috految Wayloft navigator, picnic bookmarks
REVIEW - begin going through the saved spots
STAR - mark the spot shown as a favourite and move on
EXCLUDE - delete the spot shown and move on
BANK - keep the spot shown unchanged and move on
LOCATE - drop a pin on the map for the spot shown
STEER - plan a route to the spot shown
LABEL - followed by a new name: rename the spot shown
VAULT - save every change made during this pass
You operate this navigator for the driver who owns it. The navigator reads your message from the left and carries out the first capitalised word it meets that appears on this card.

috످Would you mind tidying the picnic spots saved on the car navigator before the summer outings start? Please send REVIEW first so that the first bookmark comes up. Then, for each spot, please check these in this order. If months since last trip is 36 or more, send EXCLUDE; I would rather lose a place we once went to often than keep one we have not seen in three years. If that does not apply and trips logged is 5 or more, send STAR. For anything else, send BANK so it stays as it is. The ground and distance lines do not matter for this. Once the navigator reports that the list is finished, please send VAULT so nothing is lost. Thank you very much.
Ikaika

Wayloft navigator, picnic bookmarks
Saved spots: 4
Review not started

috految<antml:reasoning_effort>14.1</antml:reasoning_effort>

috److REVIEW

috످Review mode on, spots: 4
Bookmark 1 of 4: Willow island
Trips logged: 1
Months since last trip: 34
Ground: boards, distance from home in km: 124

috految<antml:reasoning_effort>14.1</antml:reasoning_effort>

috److BANK

috످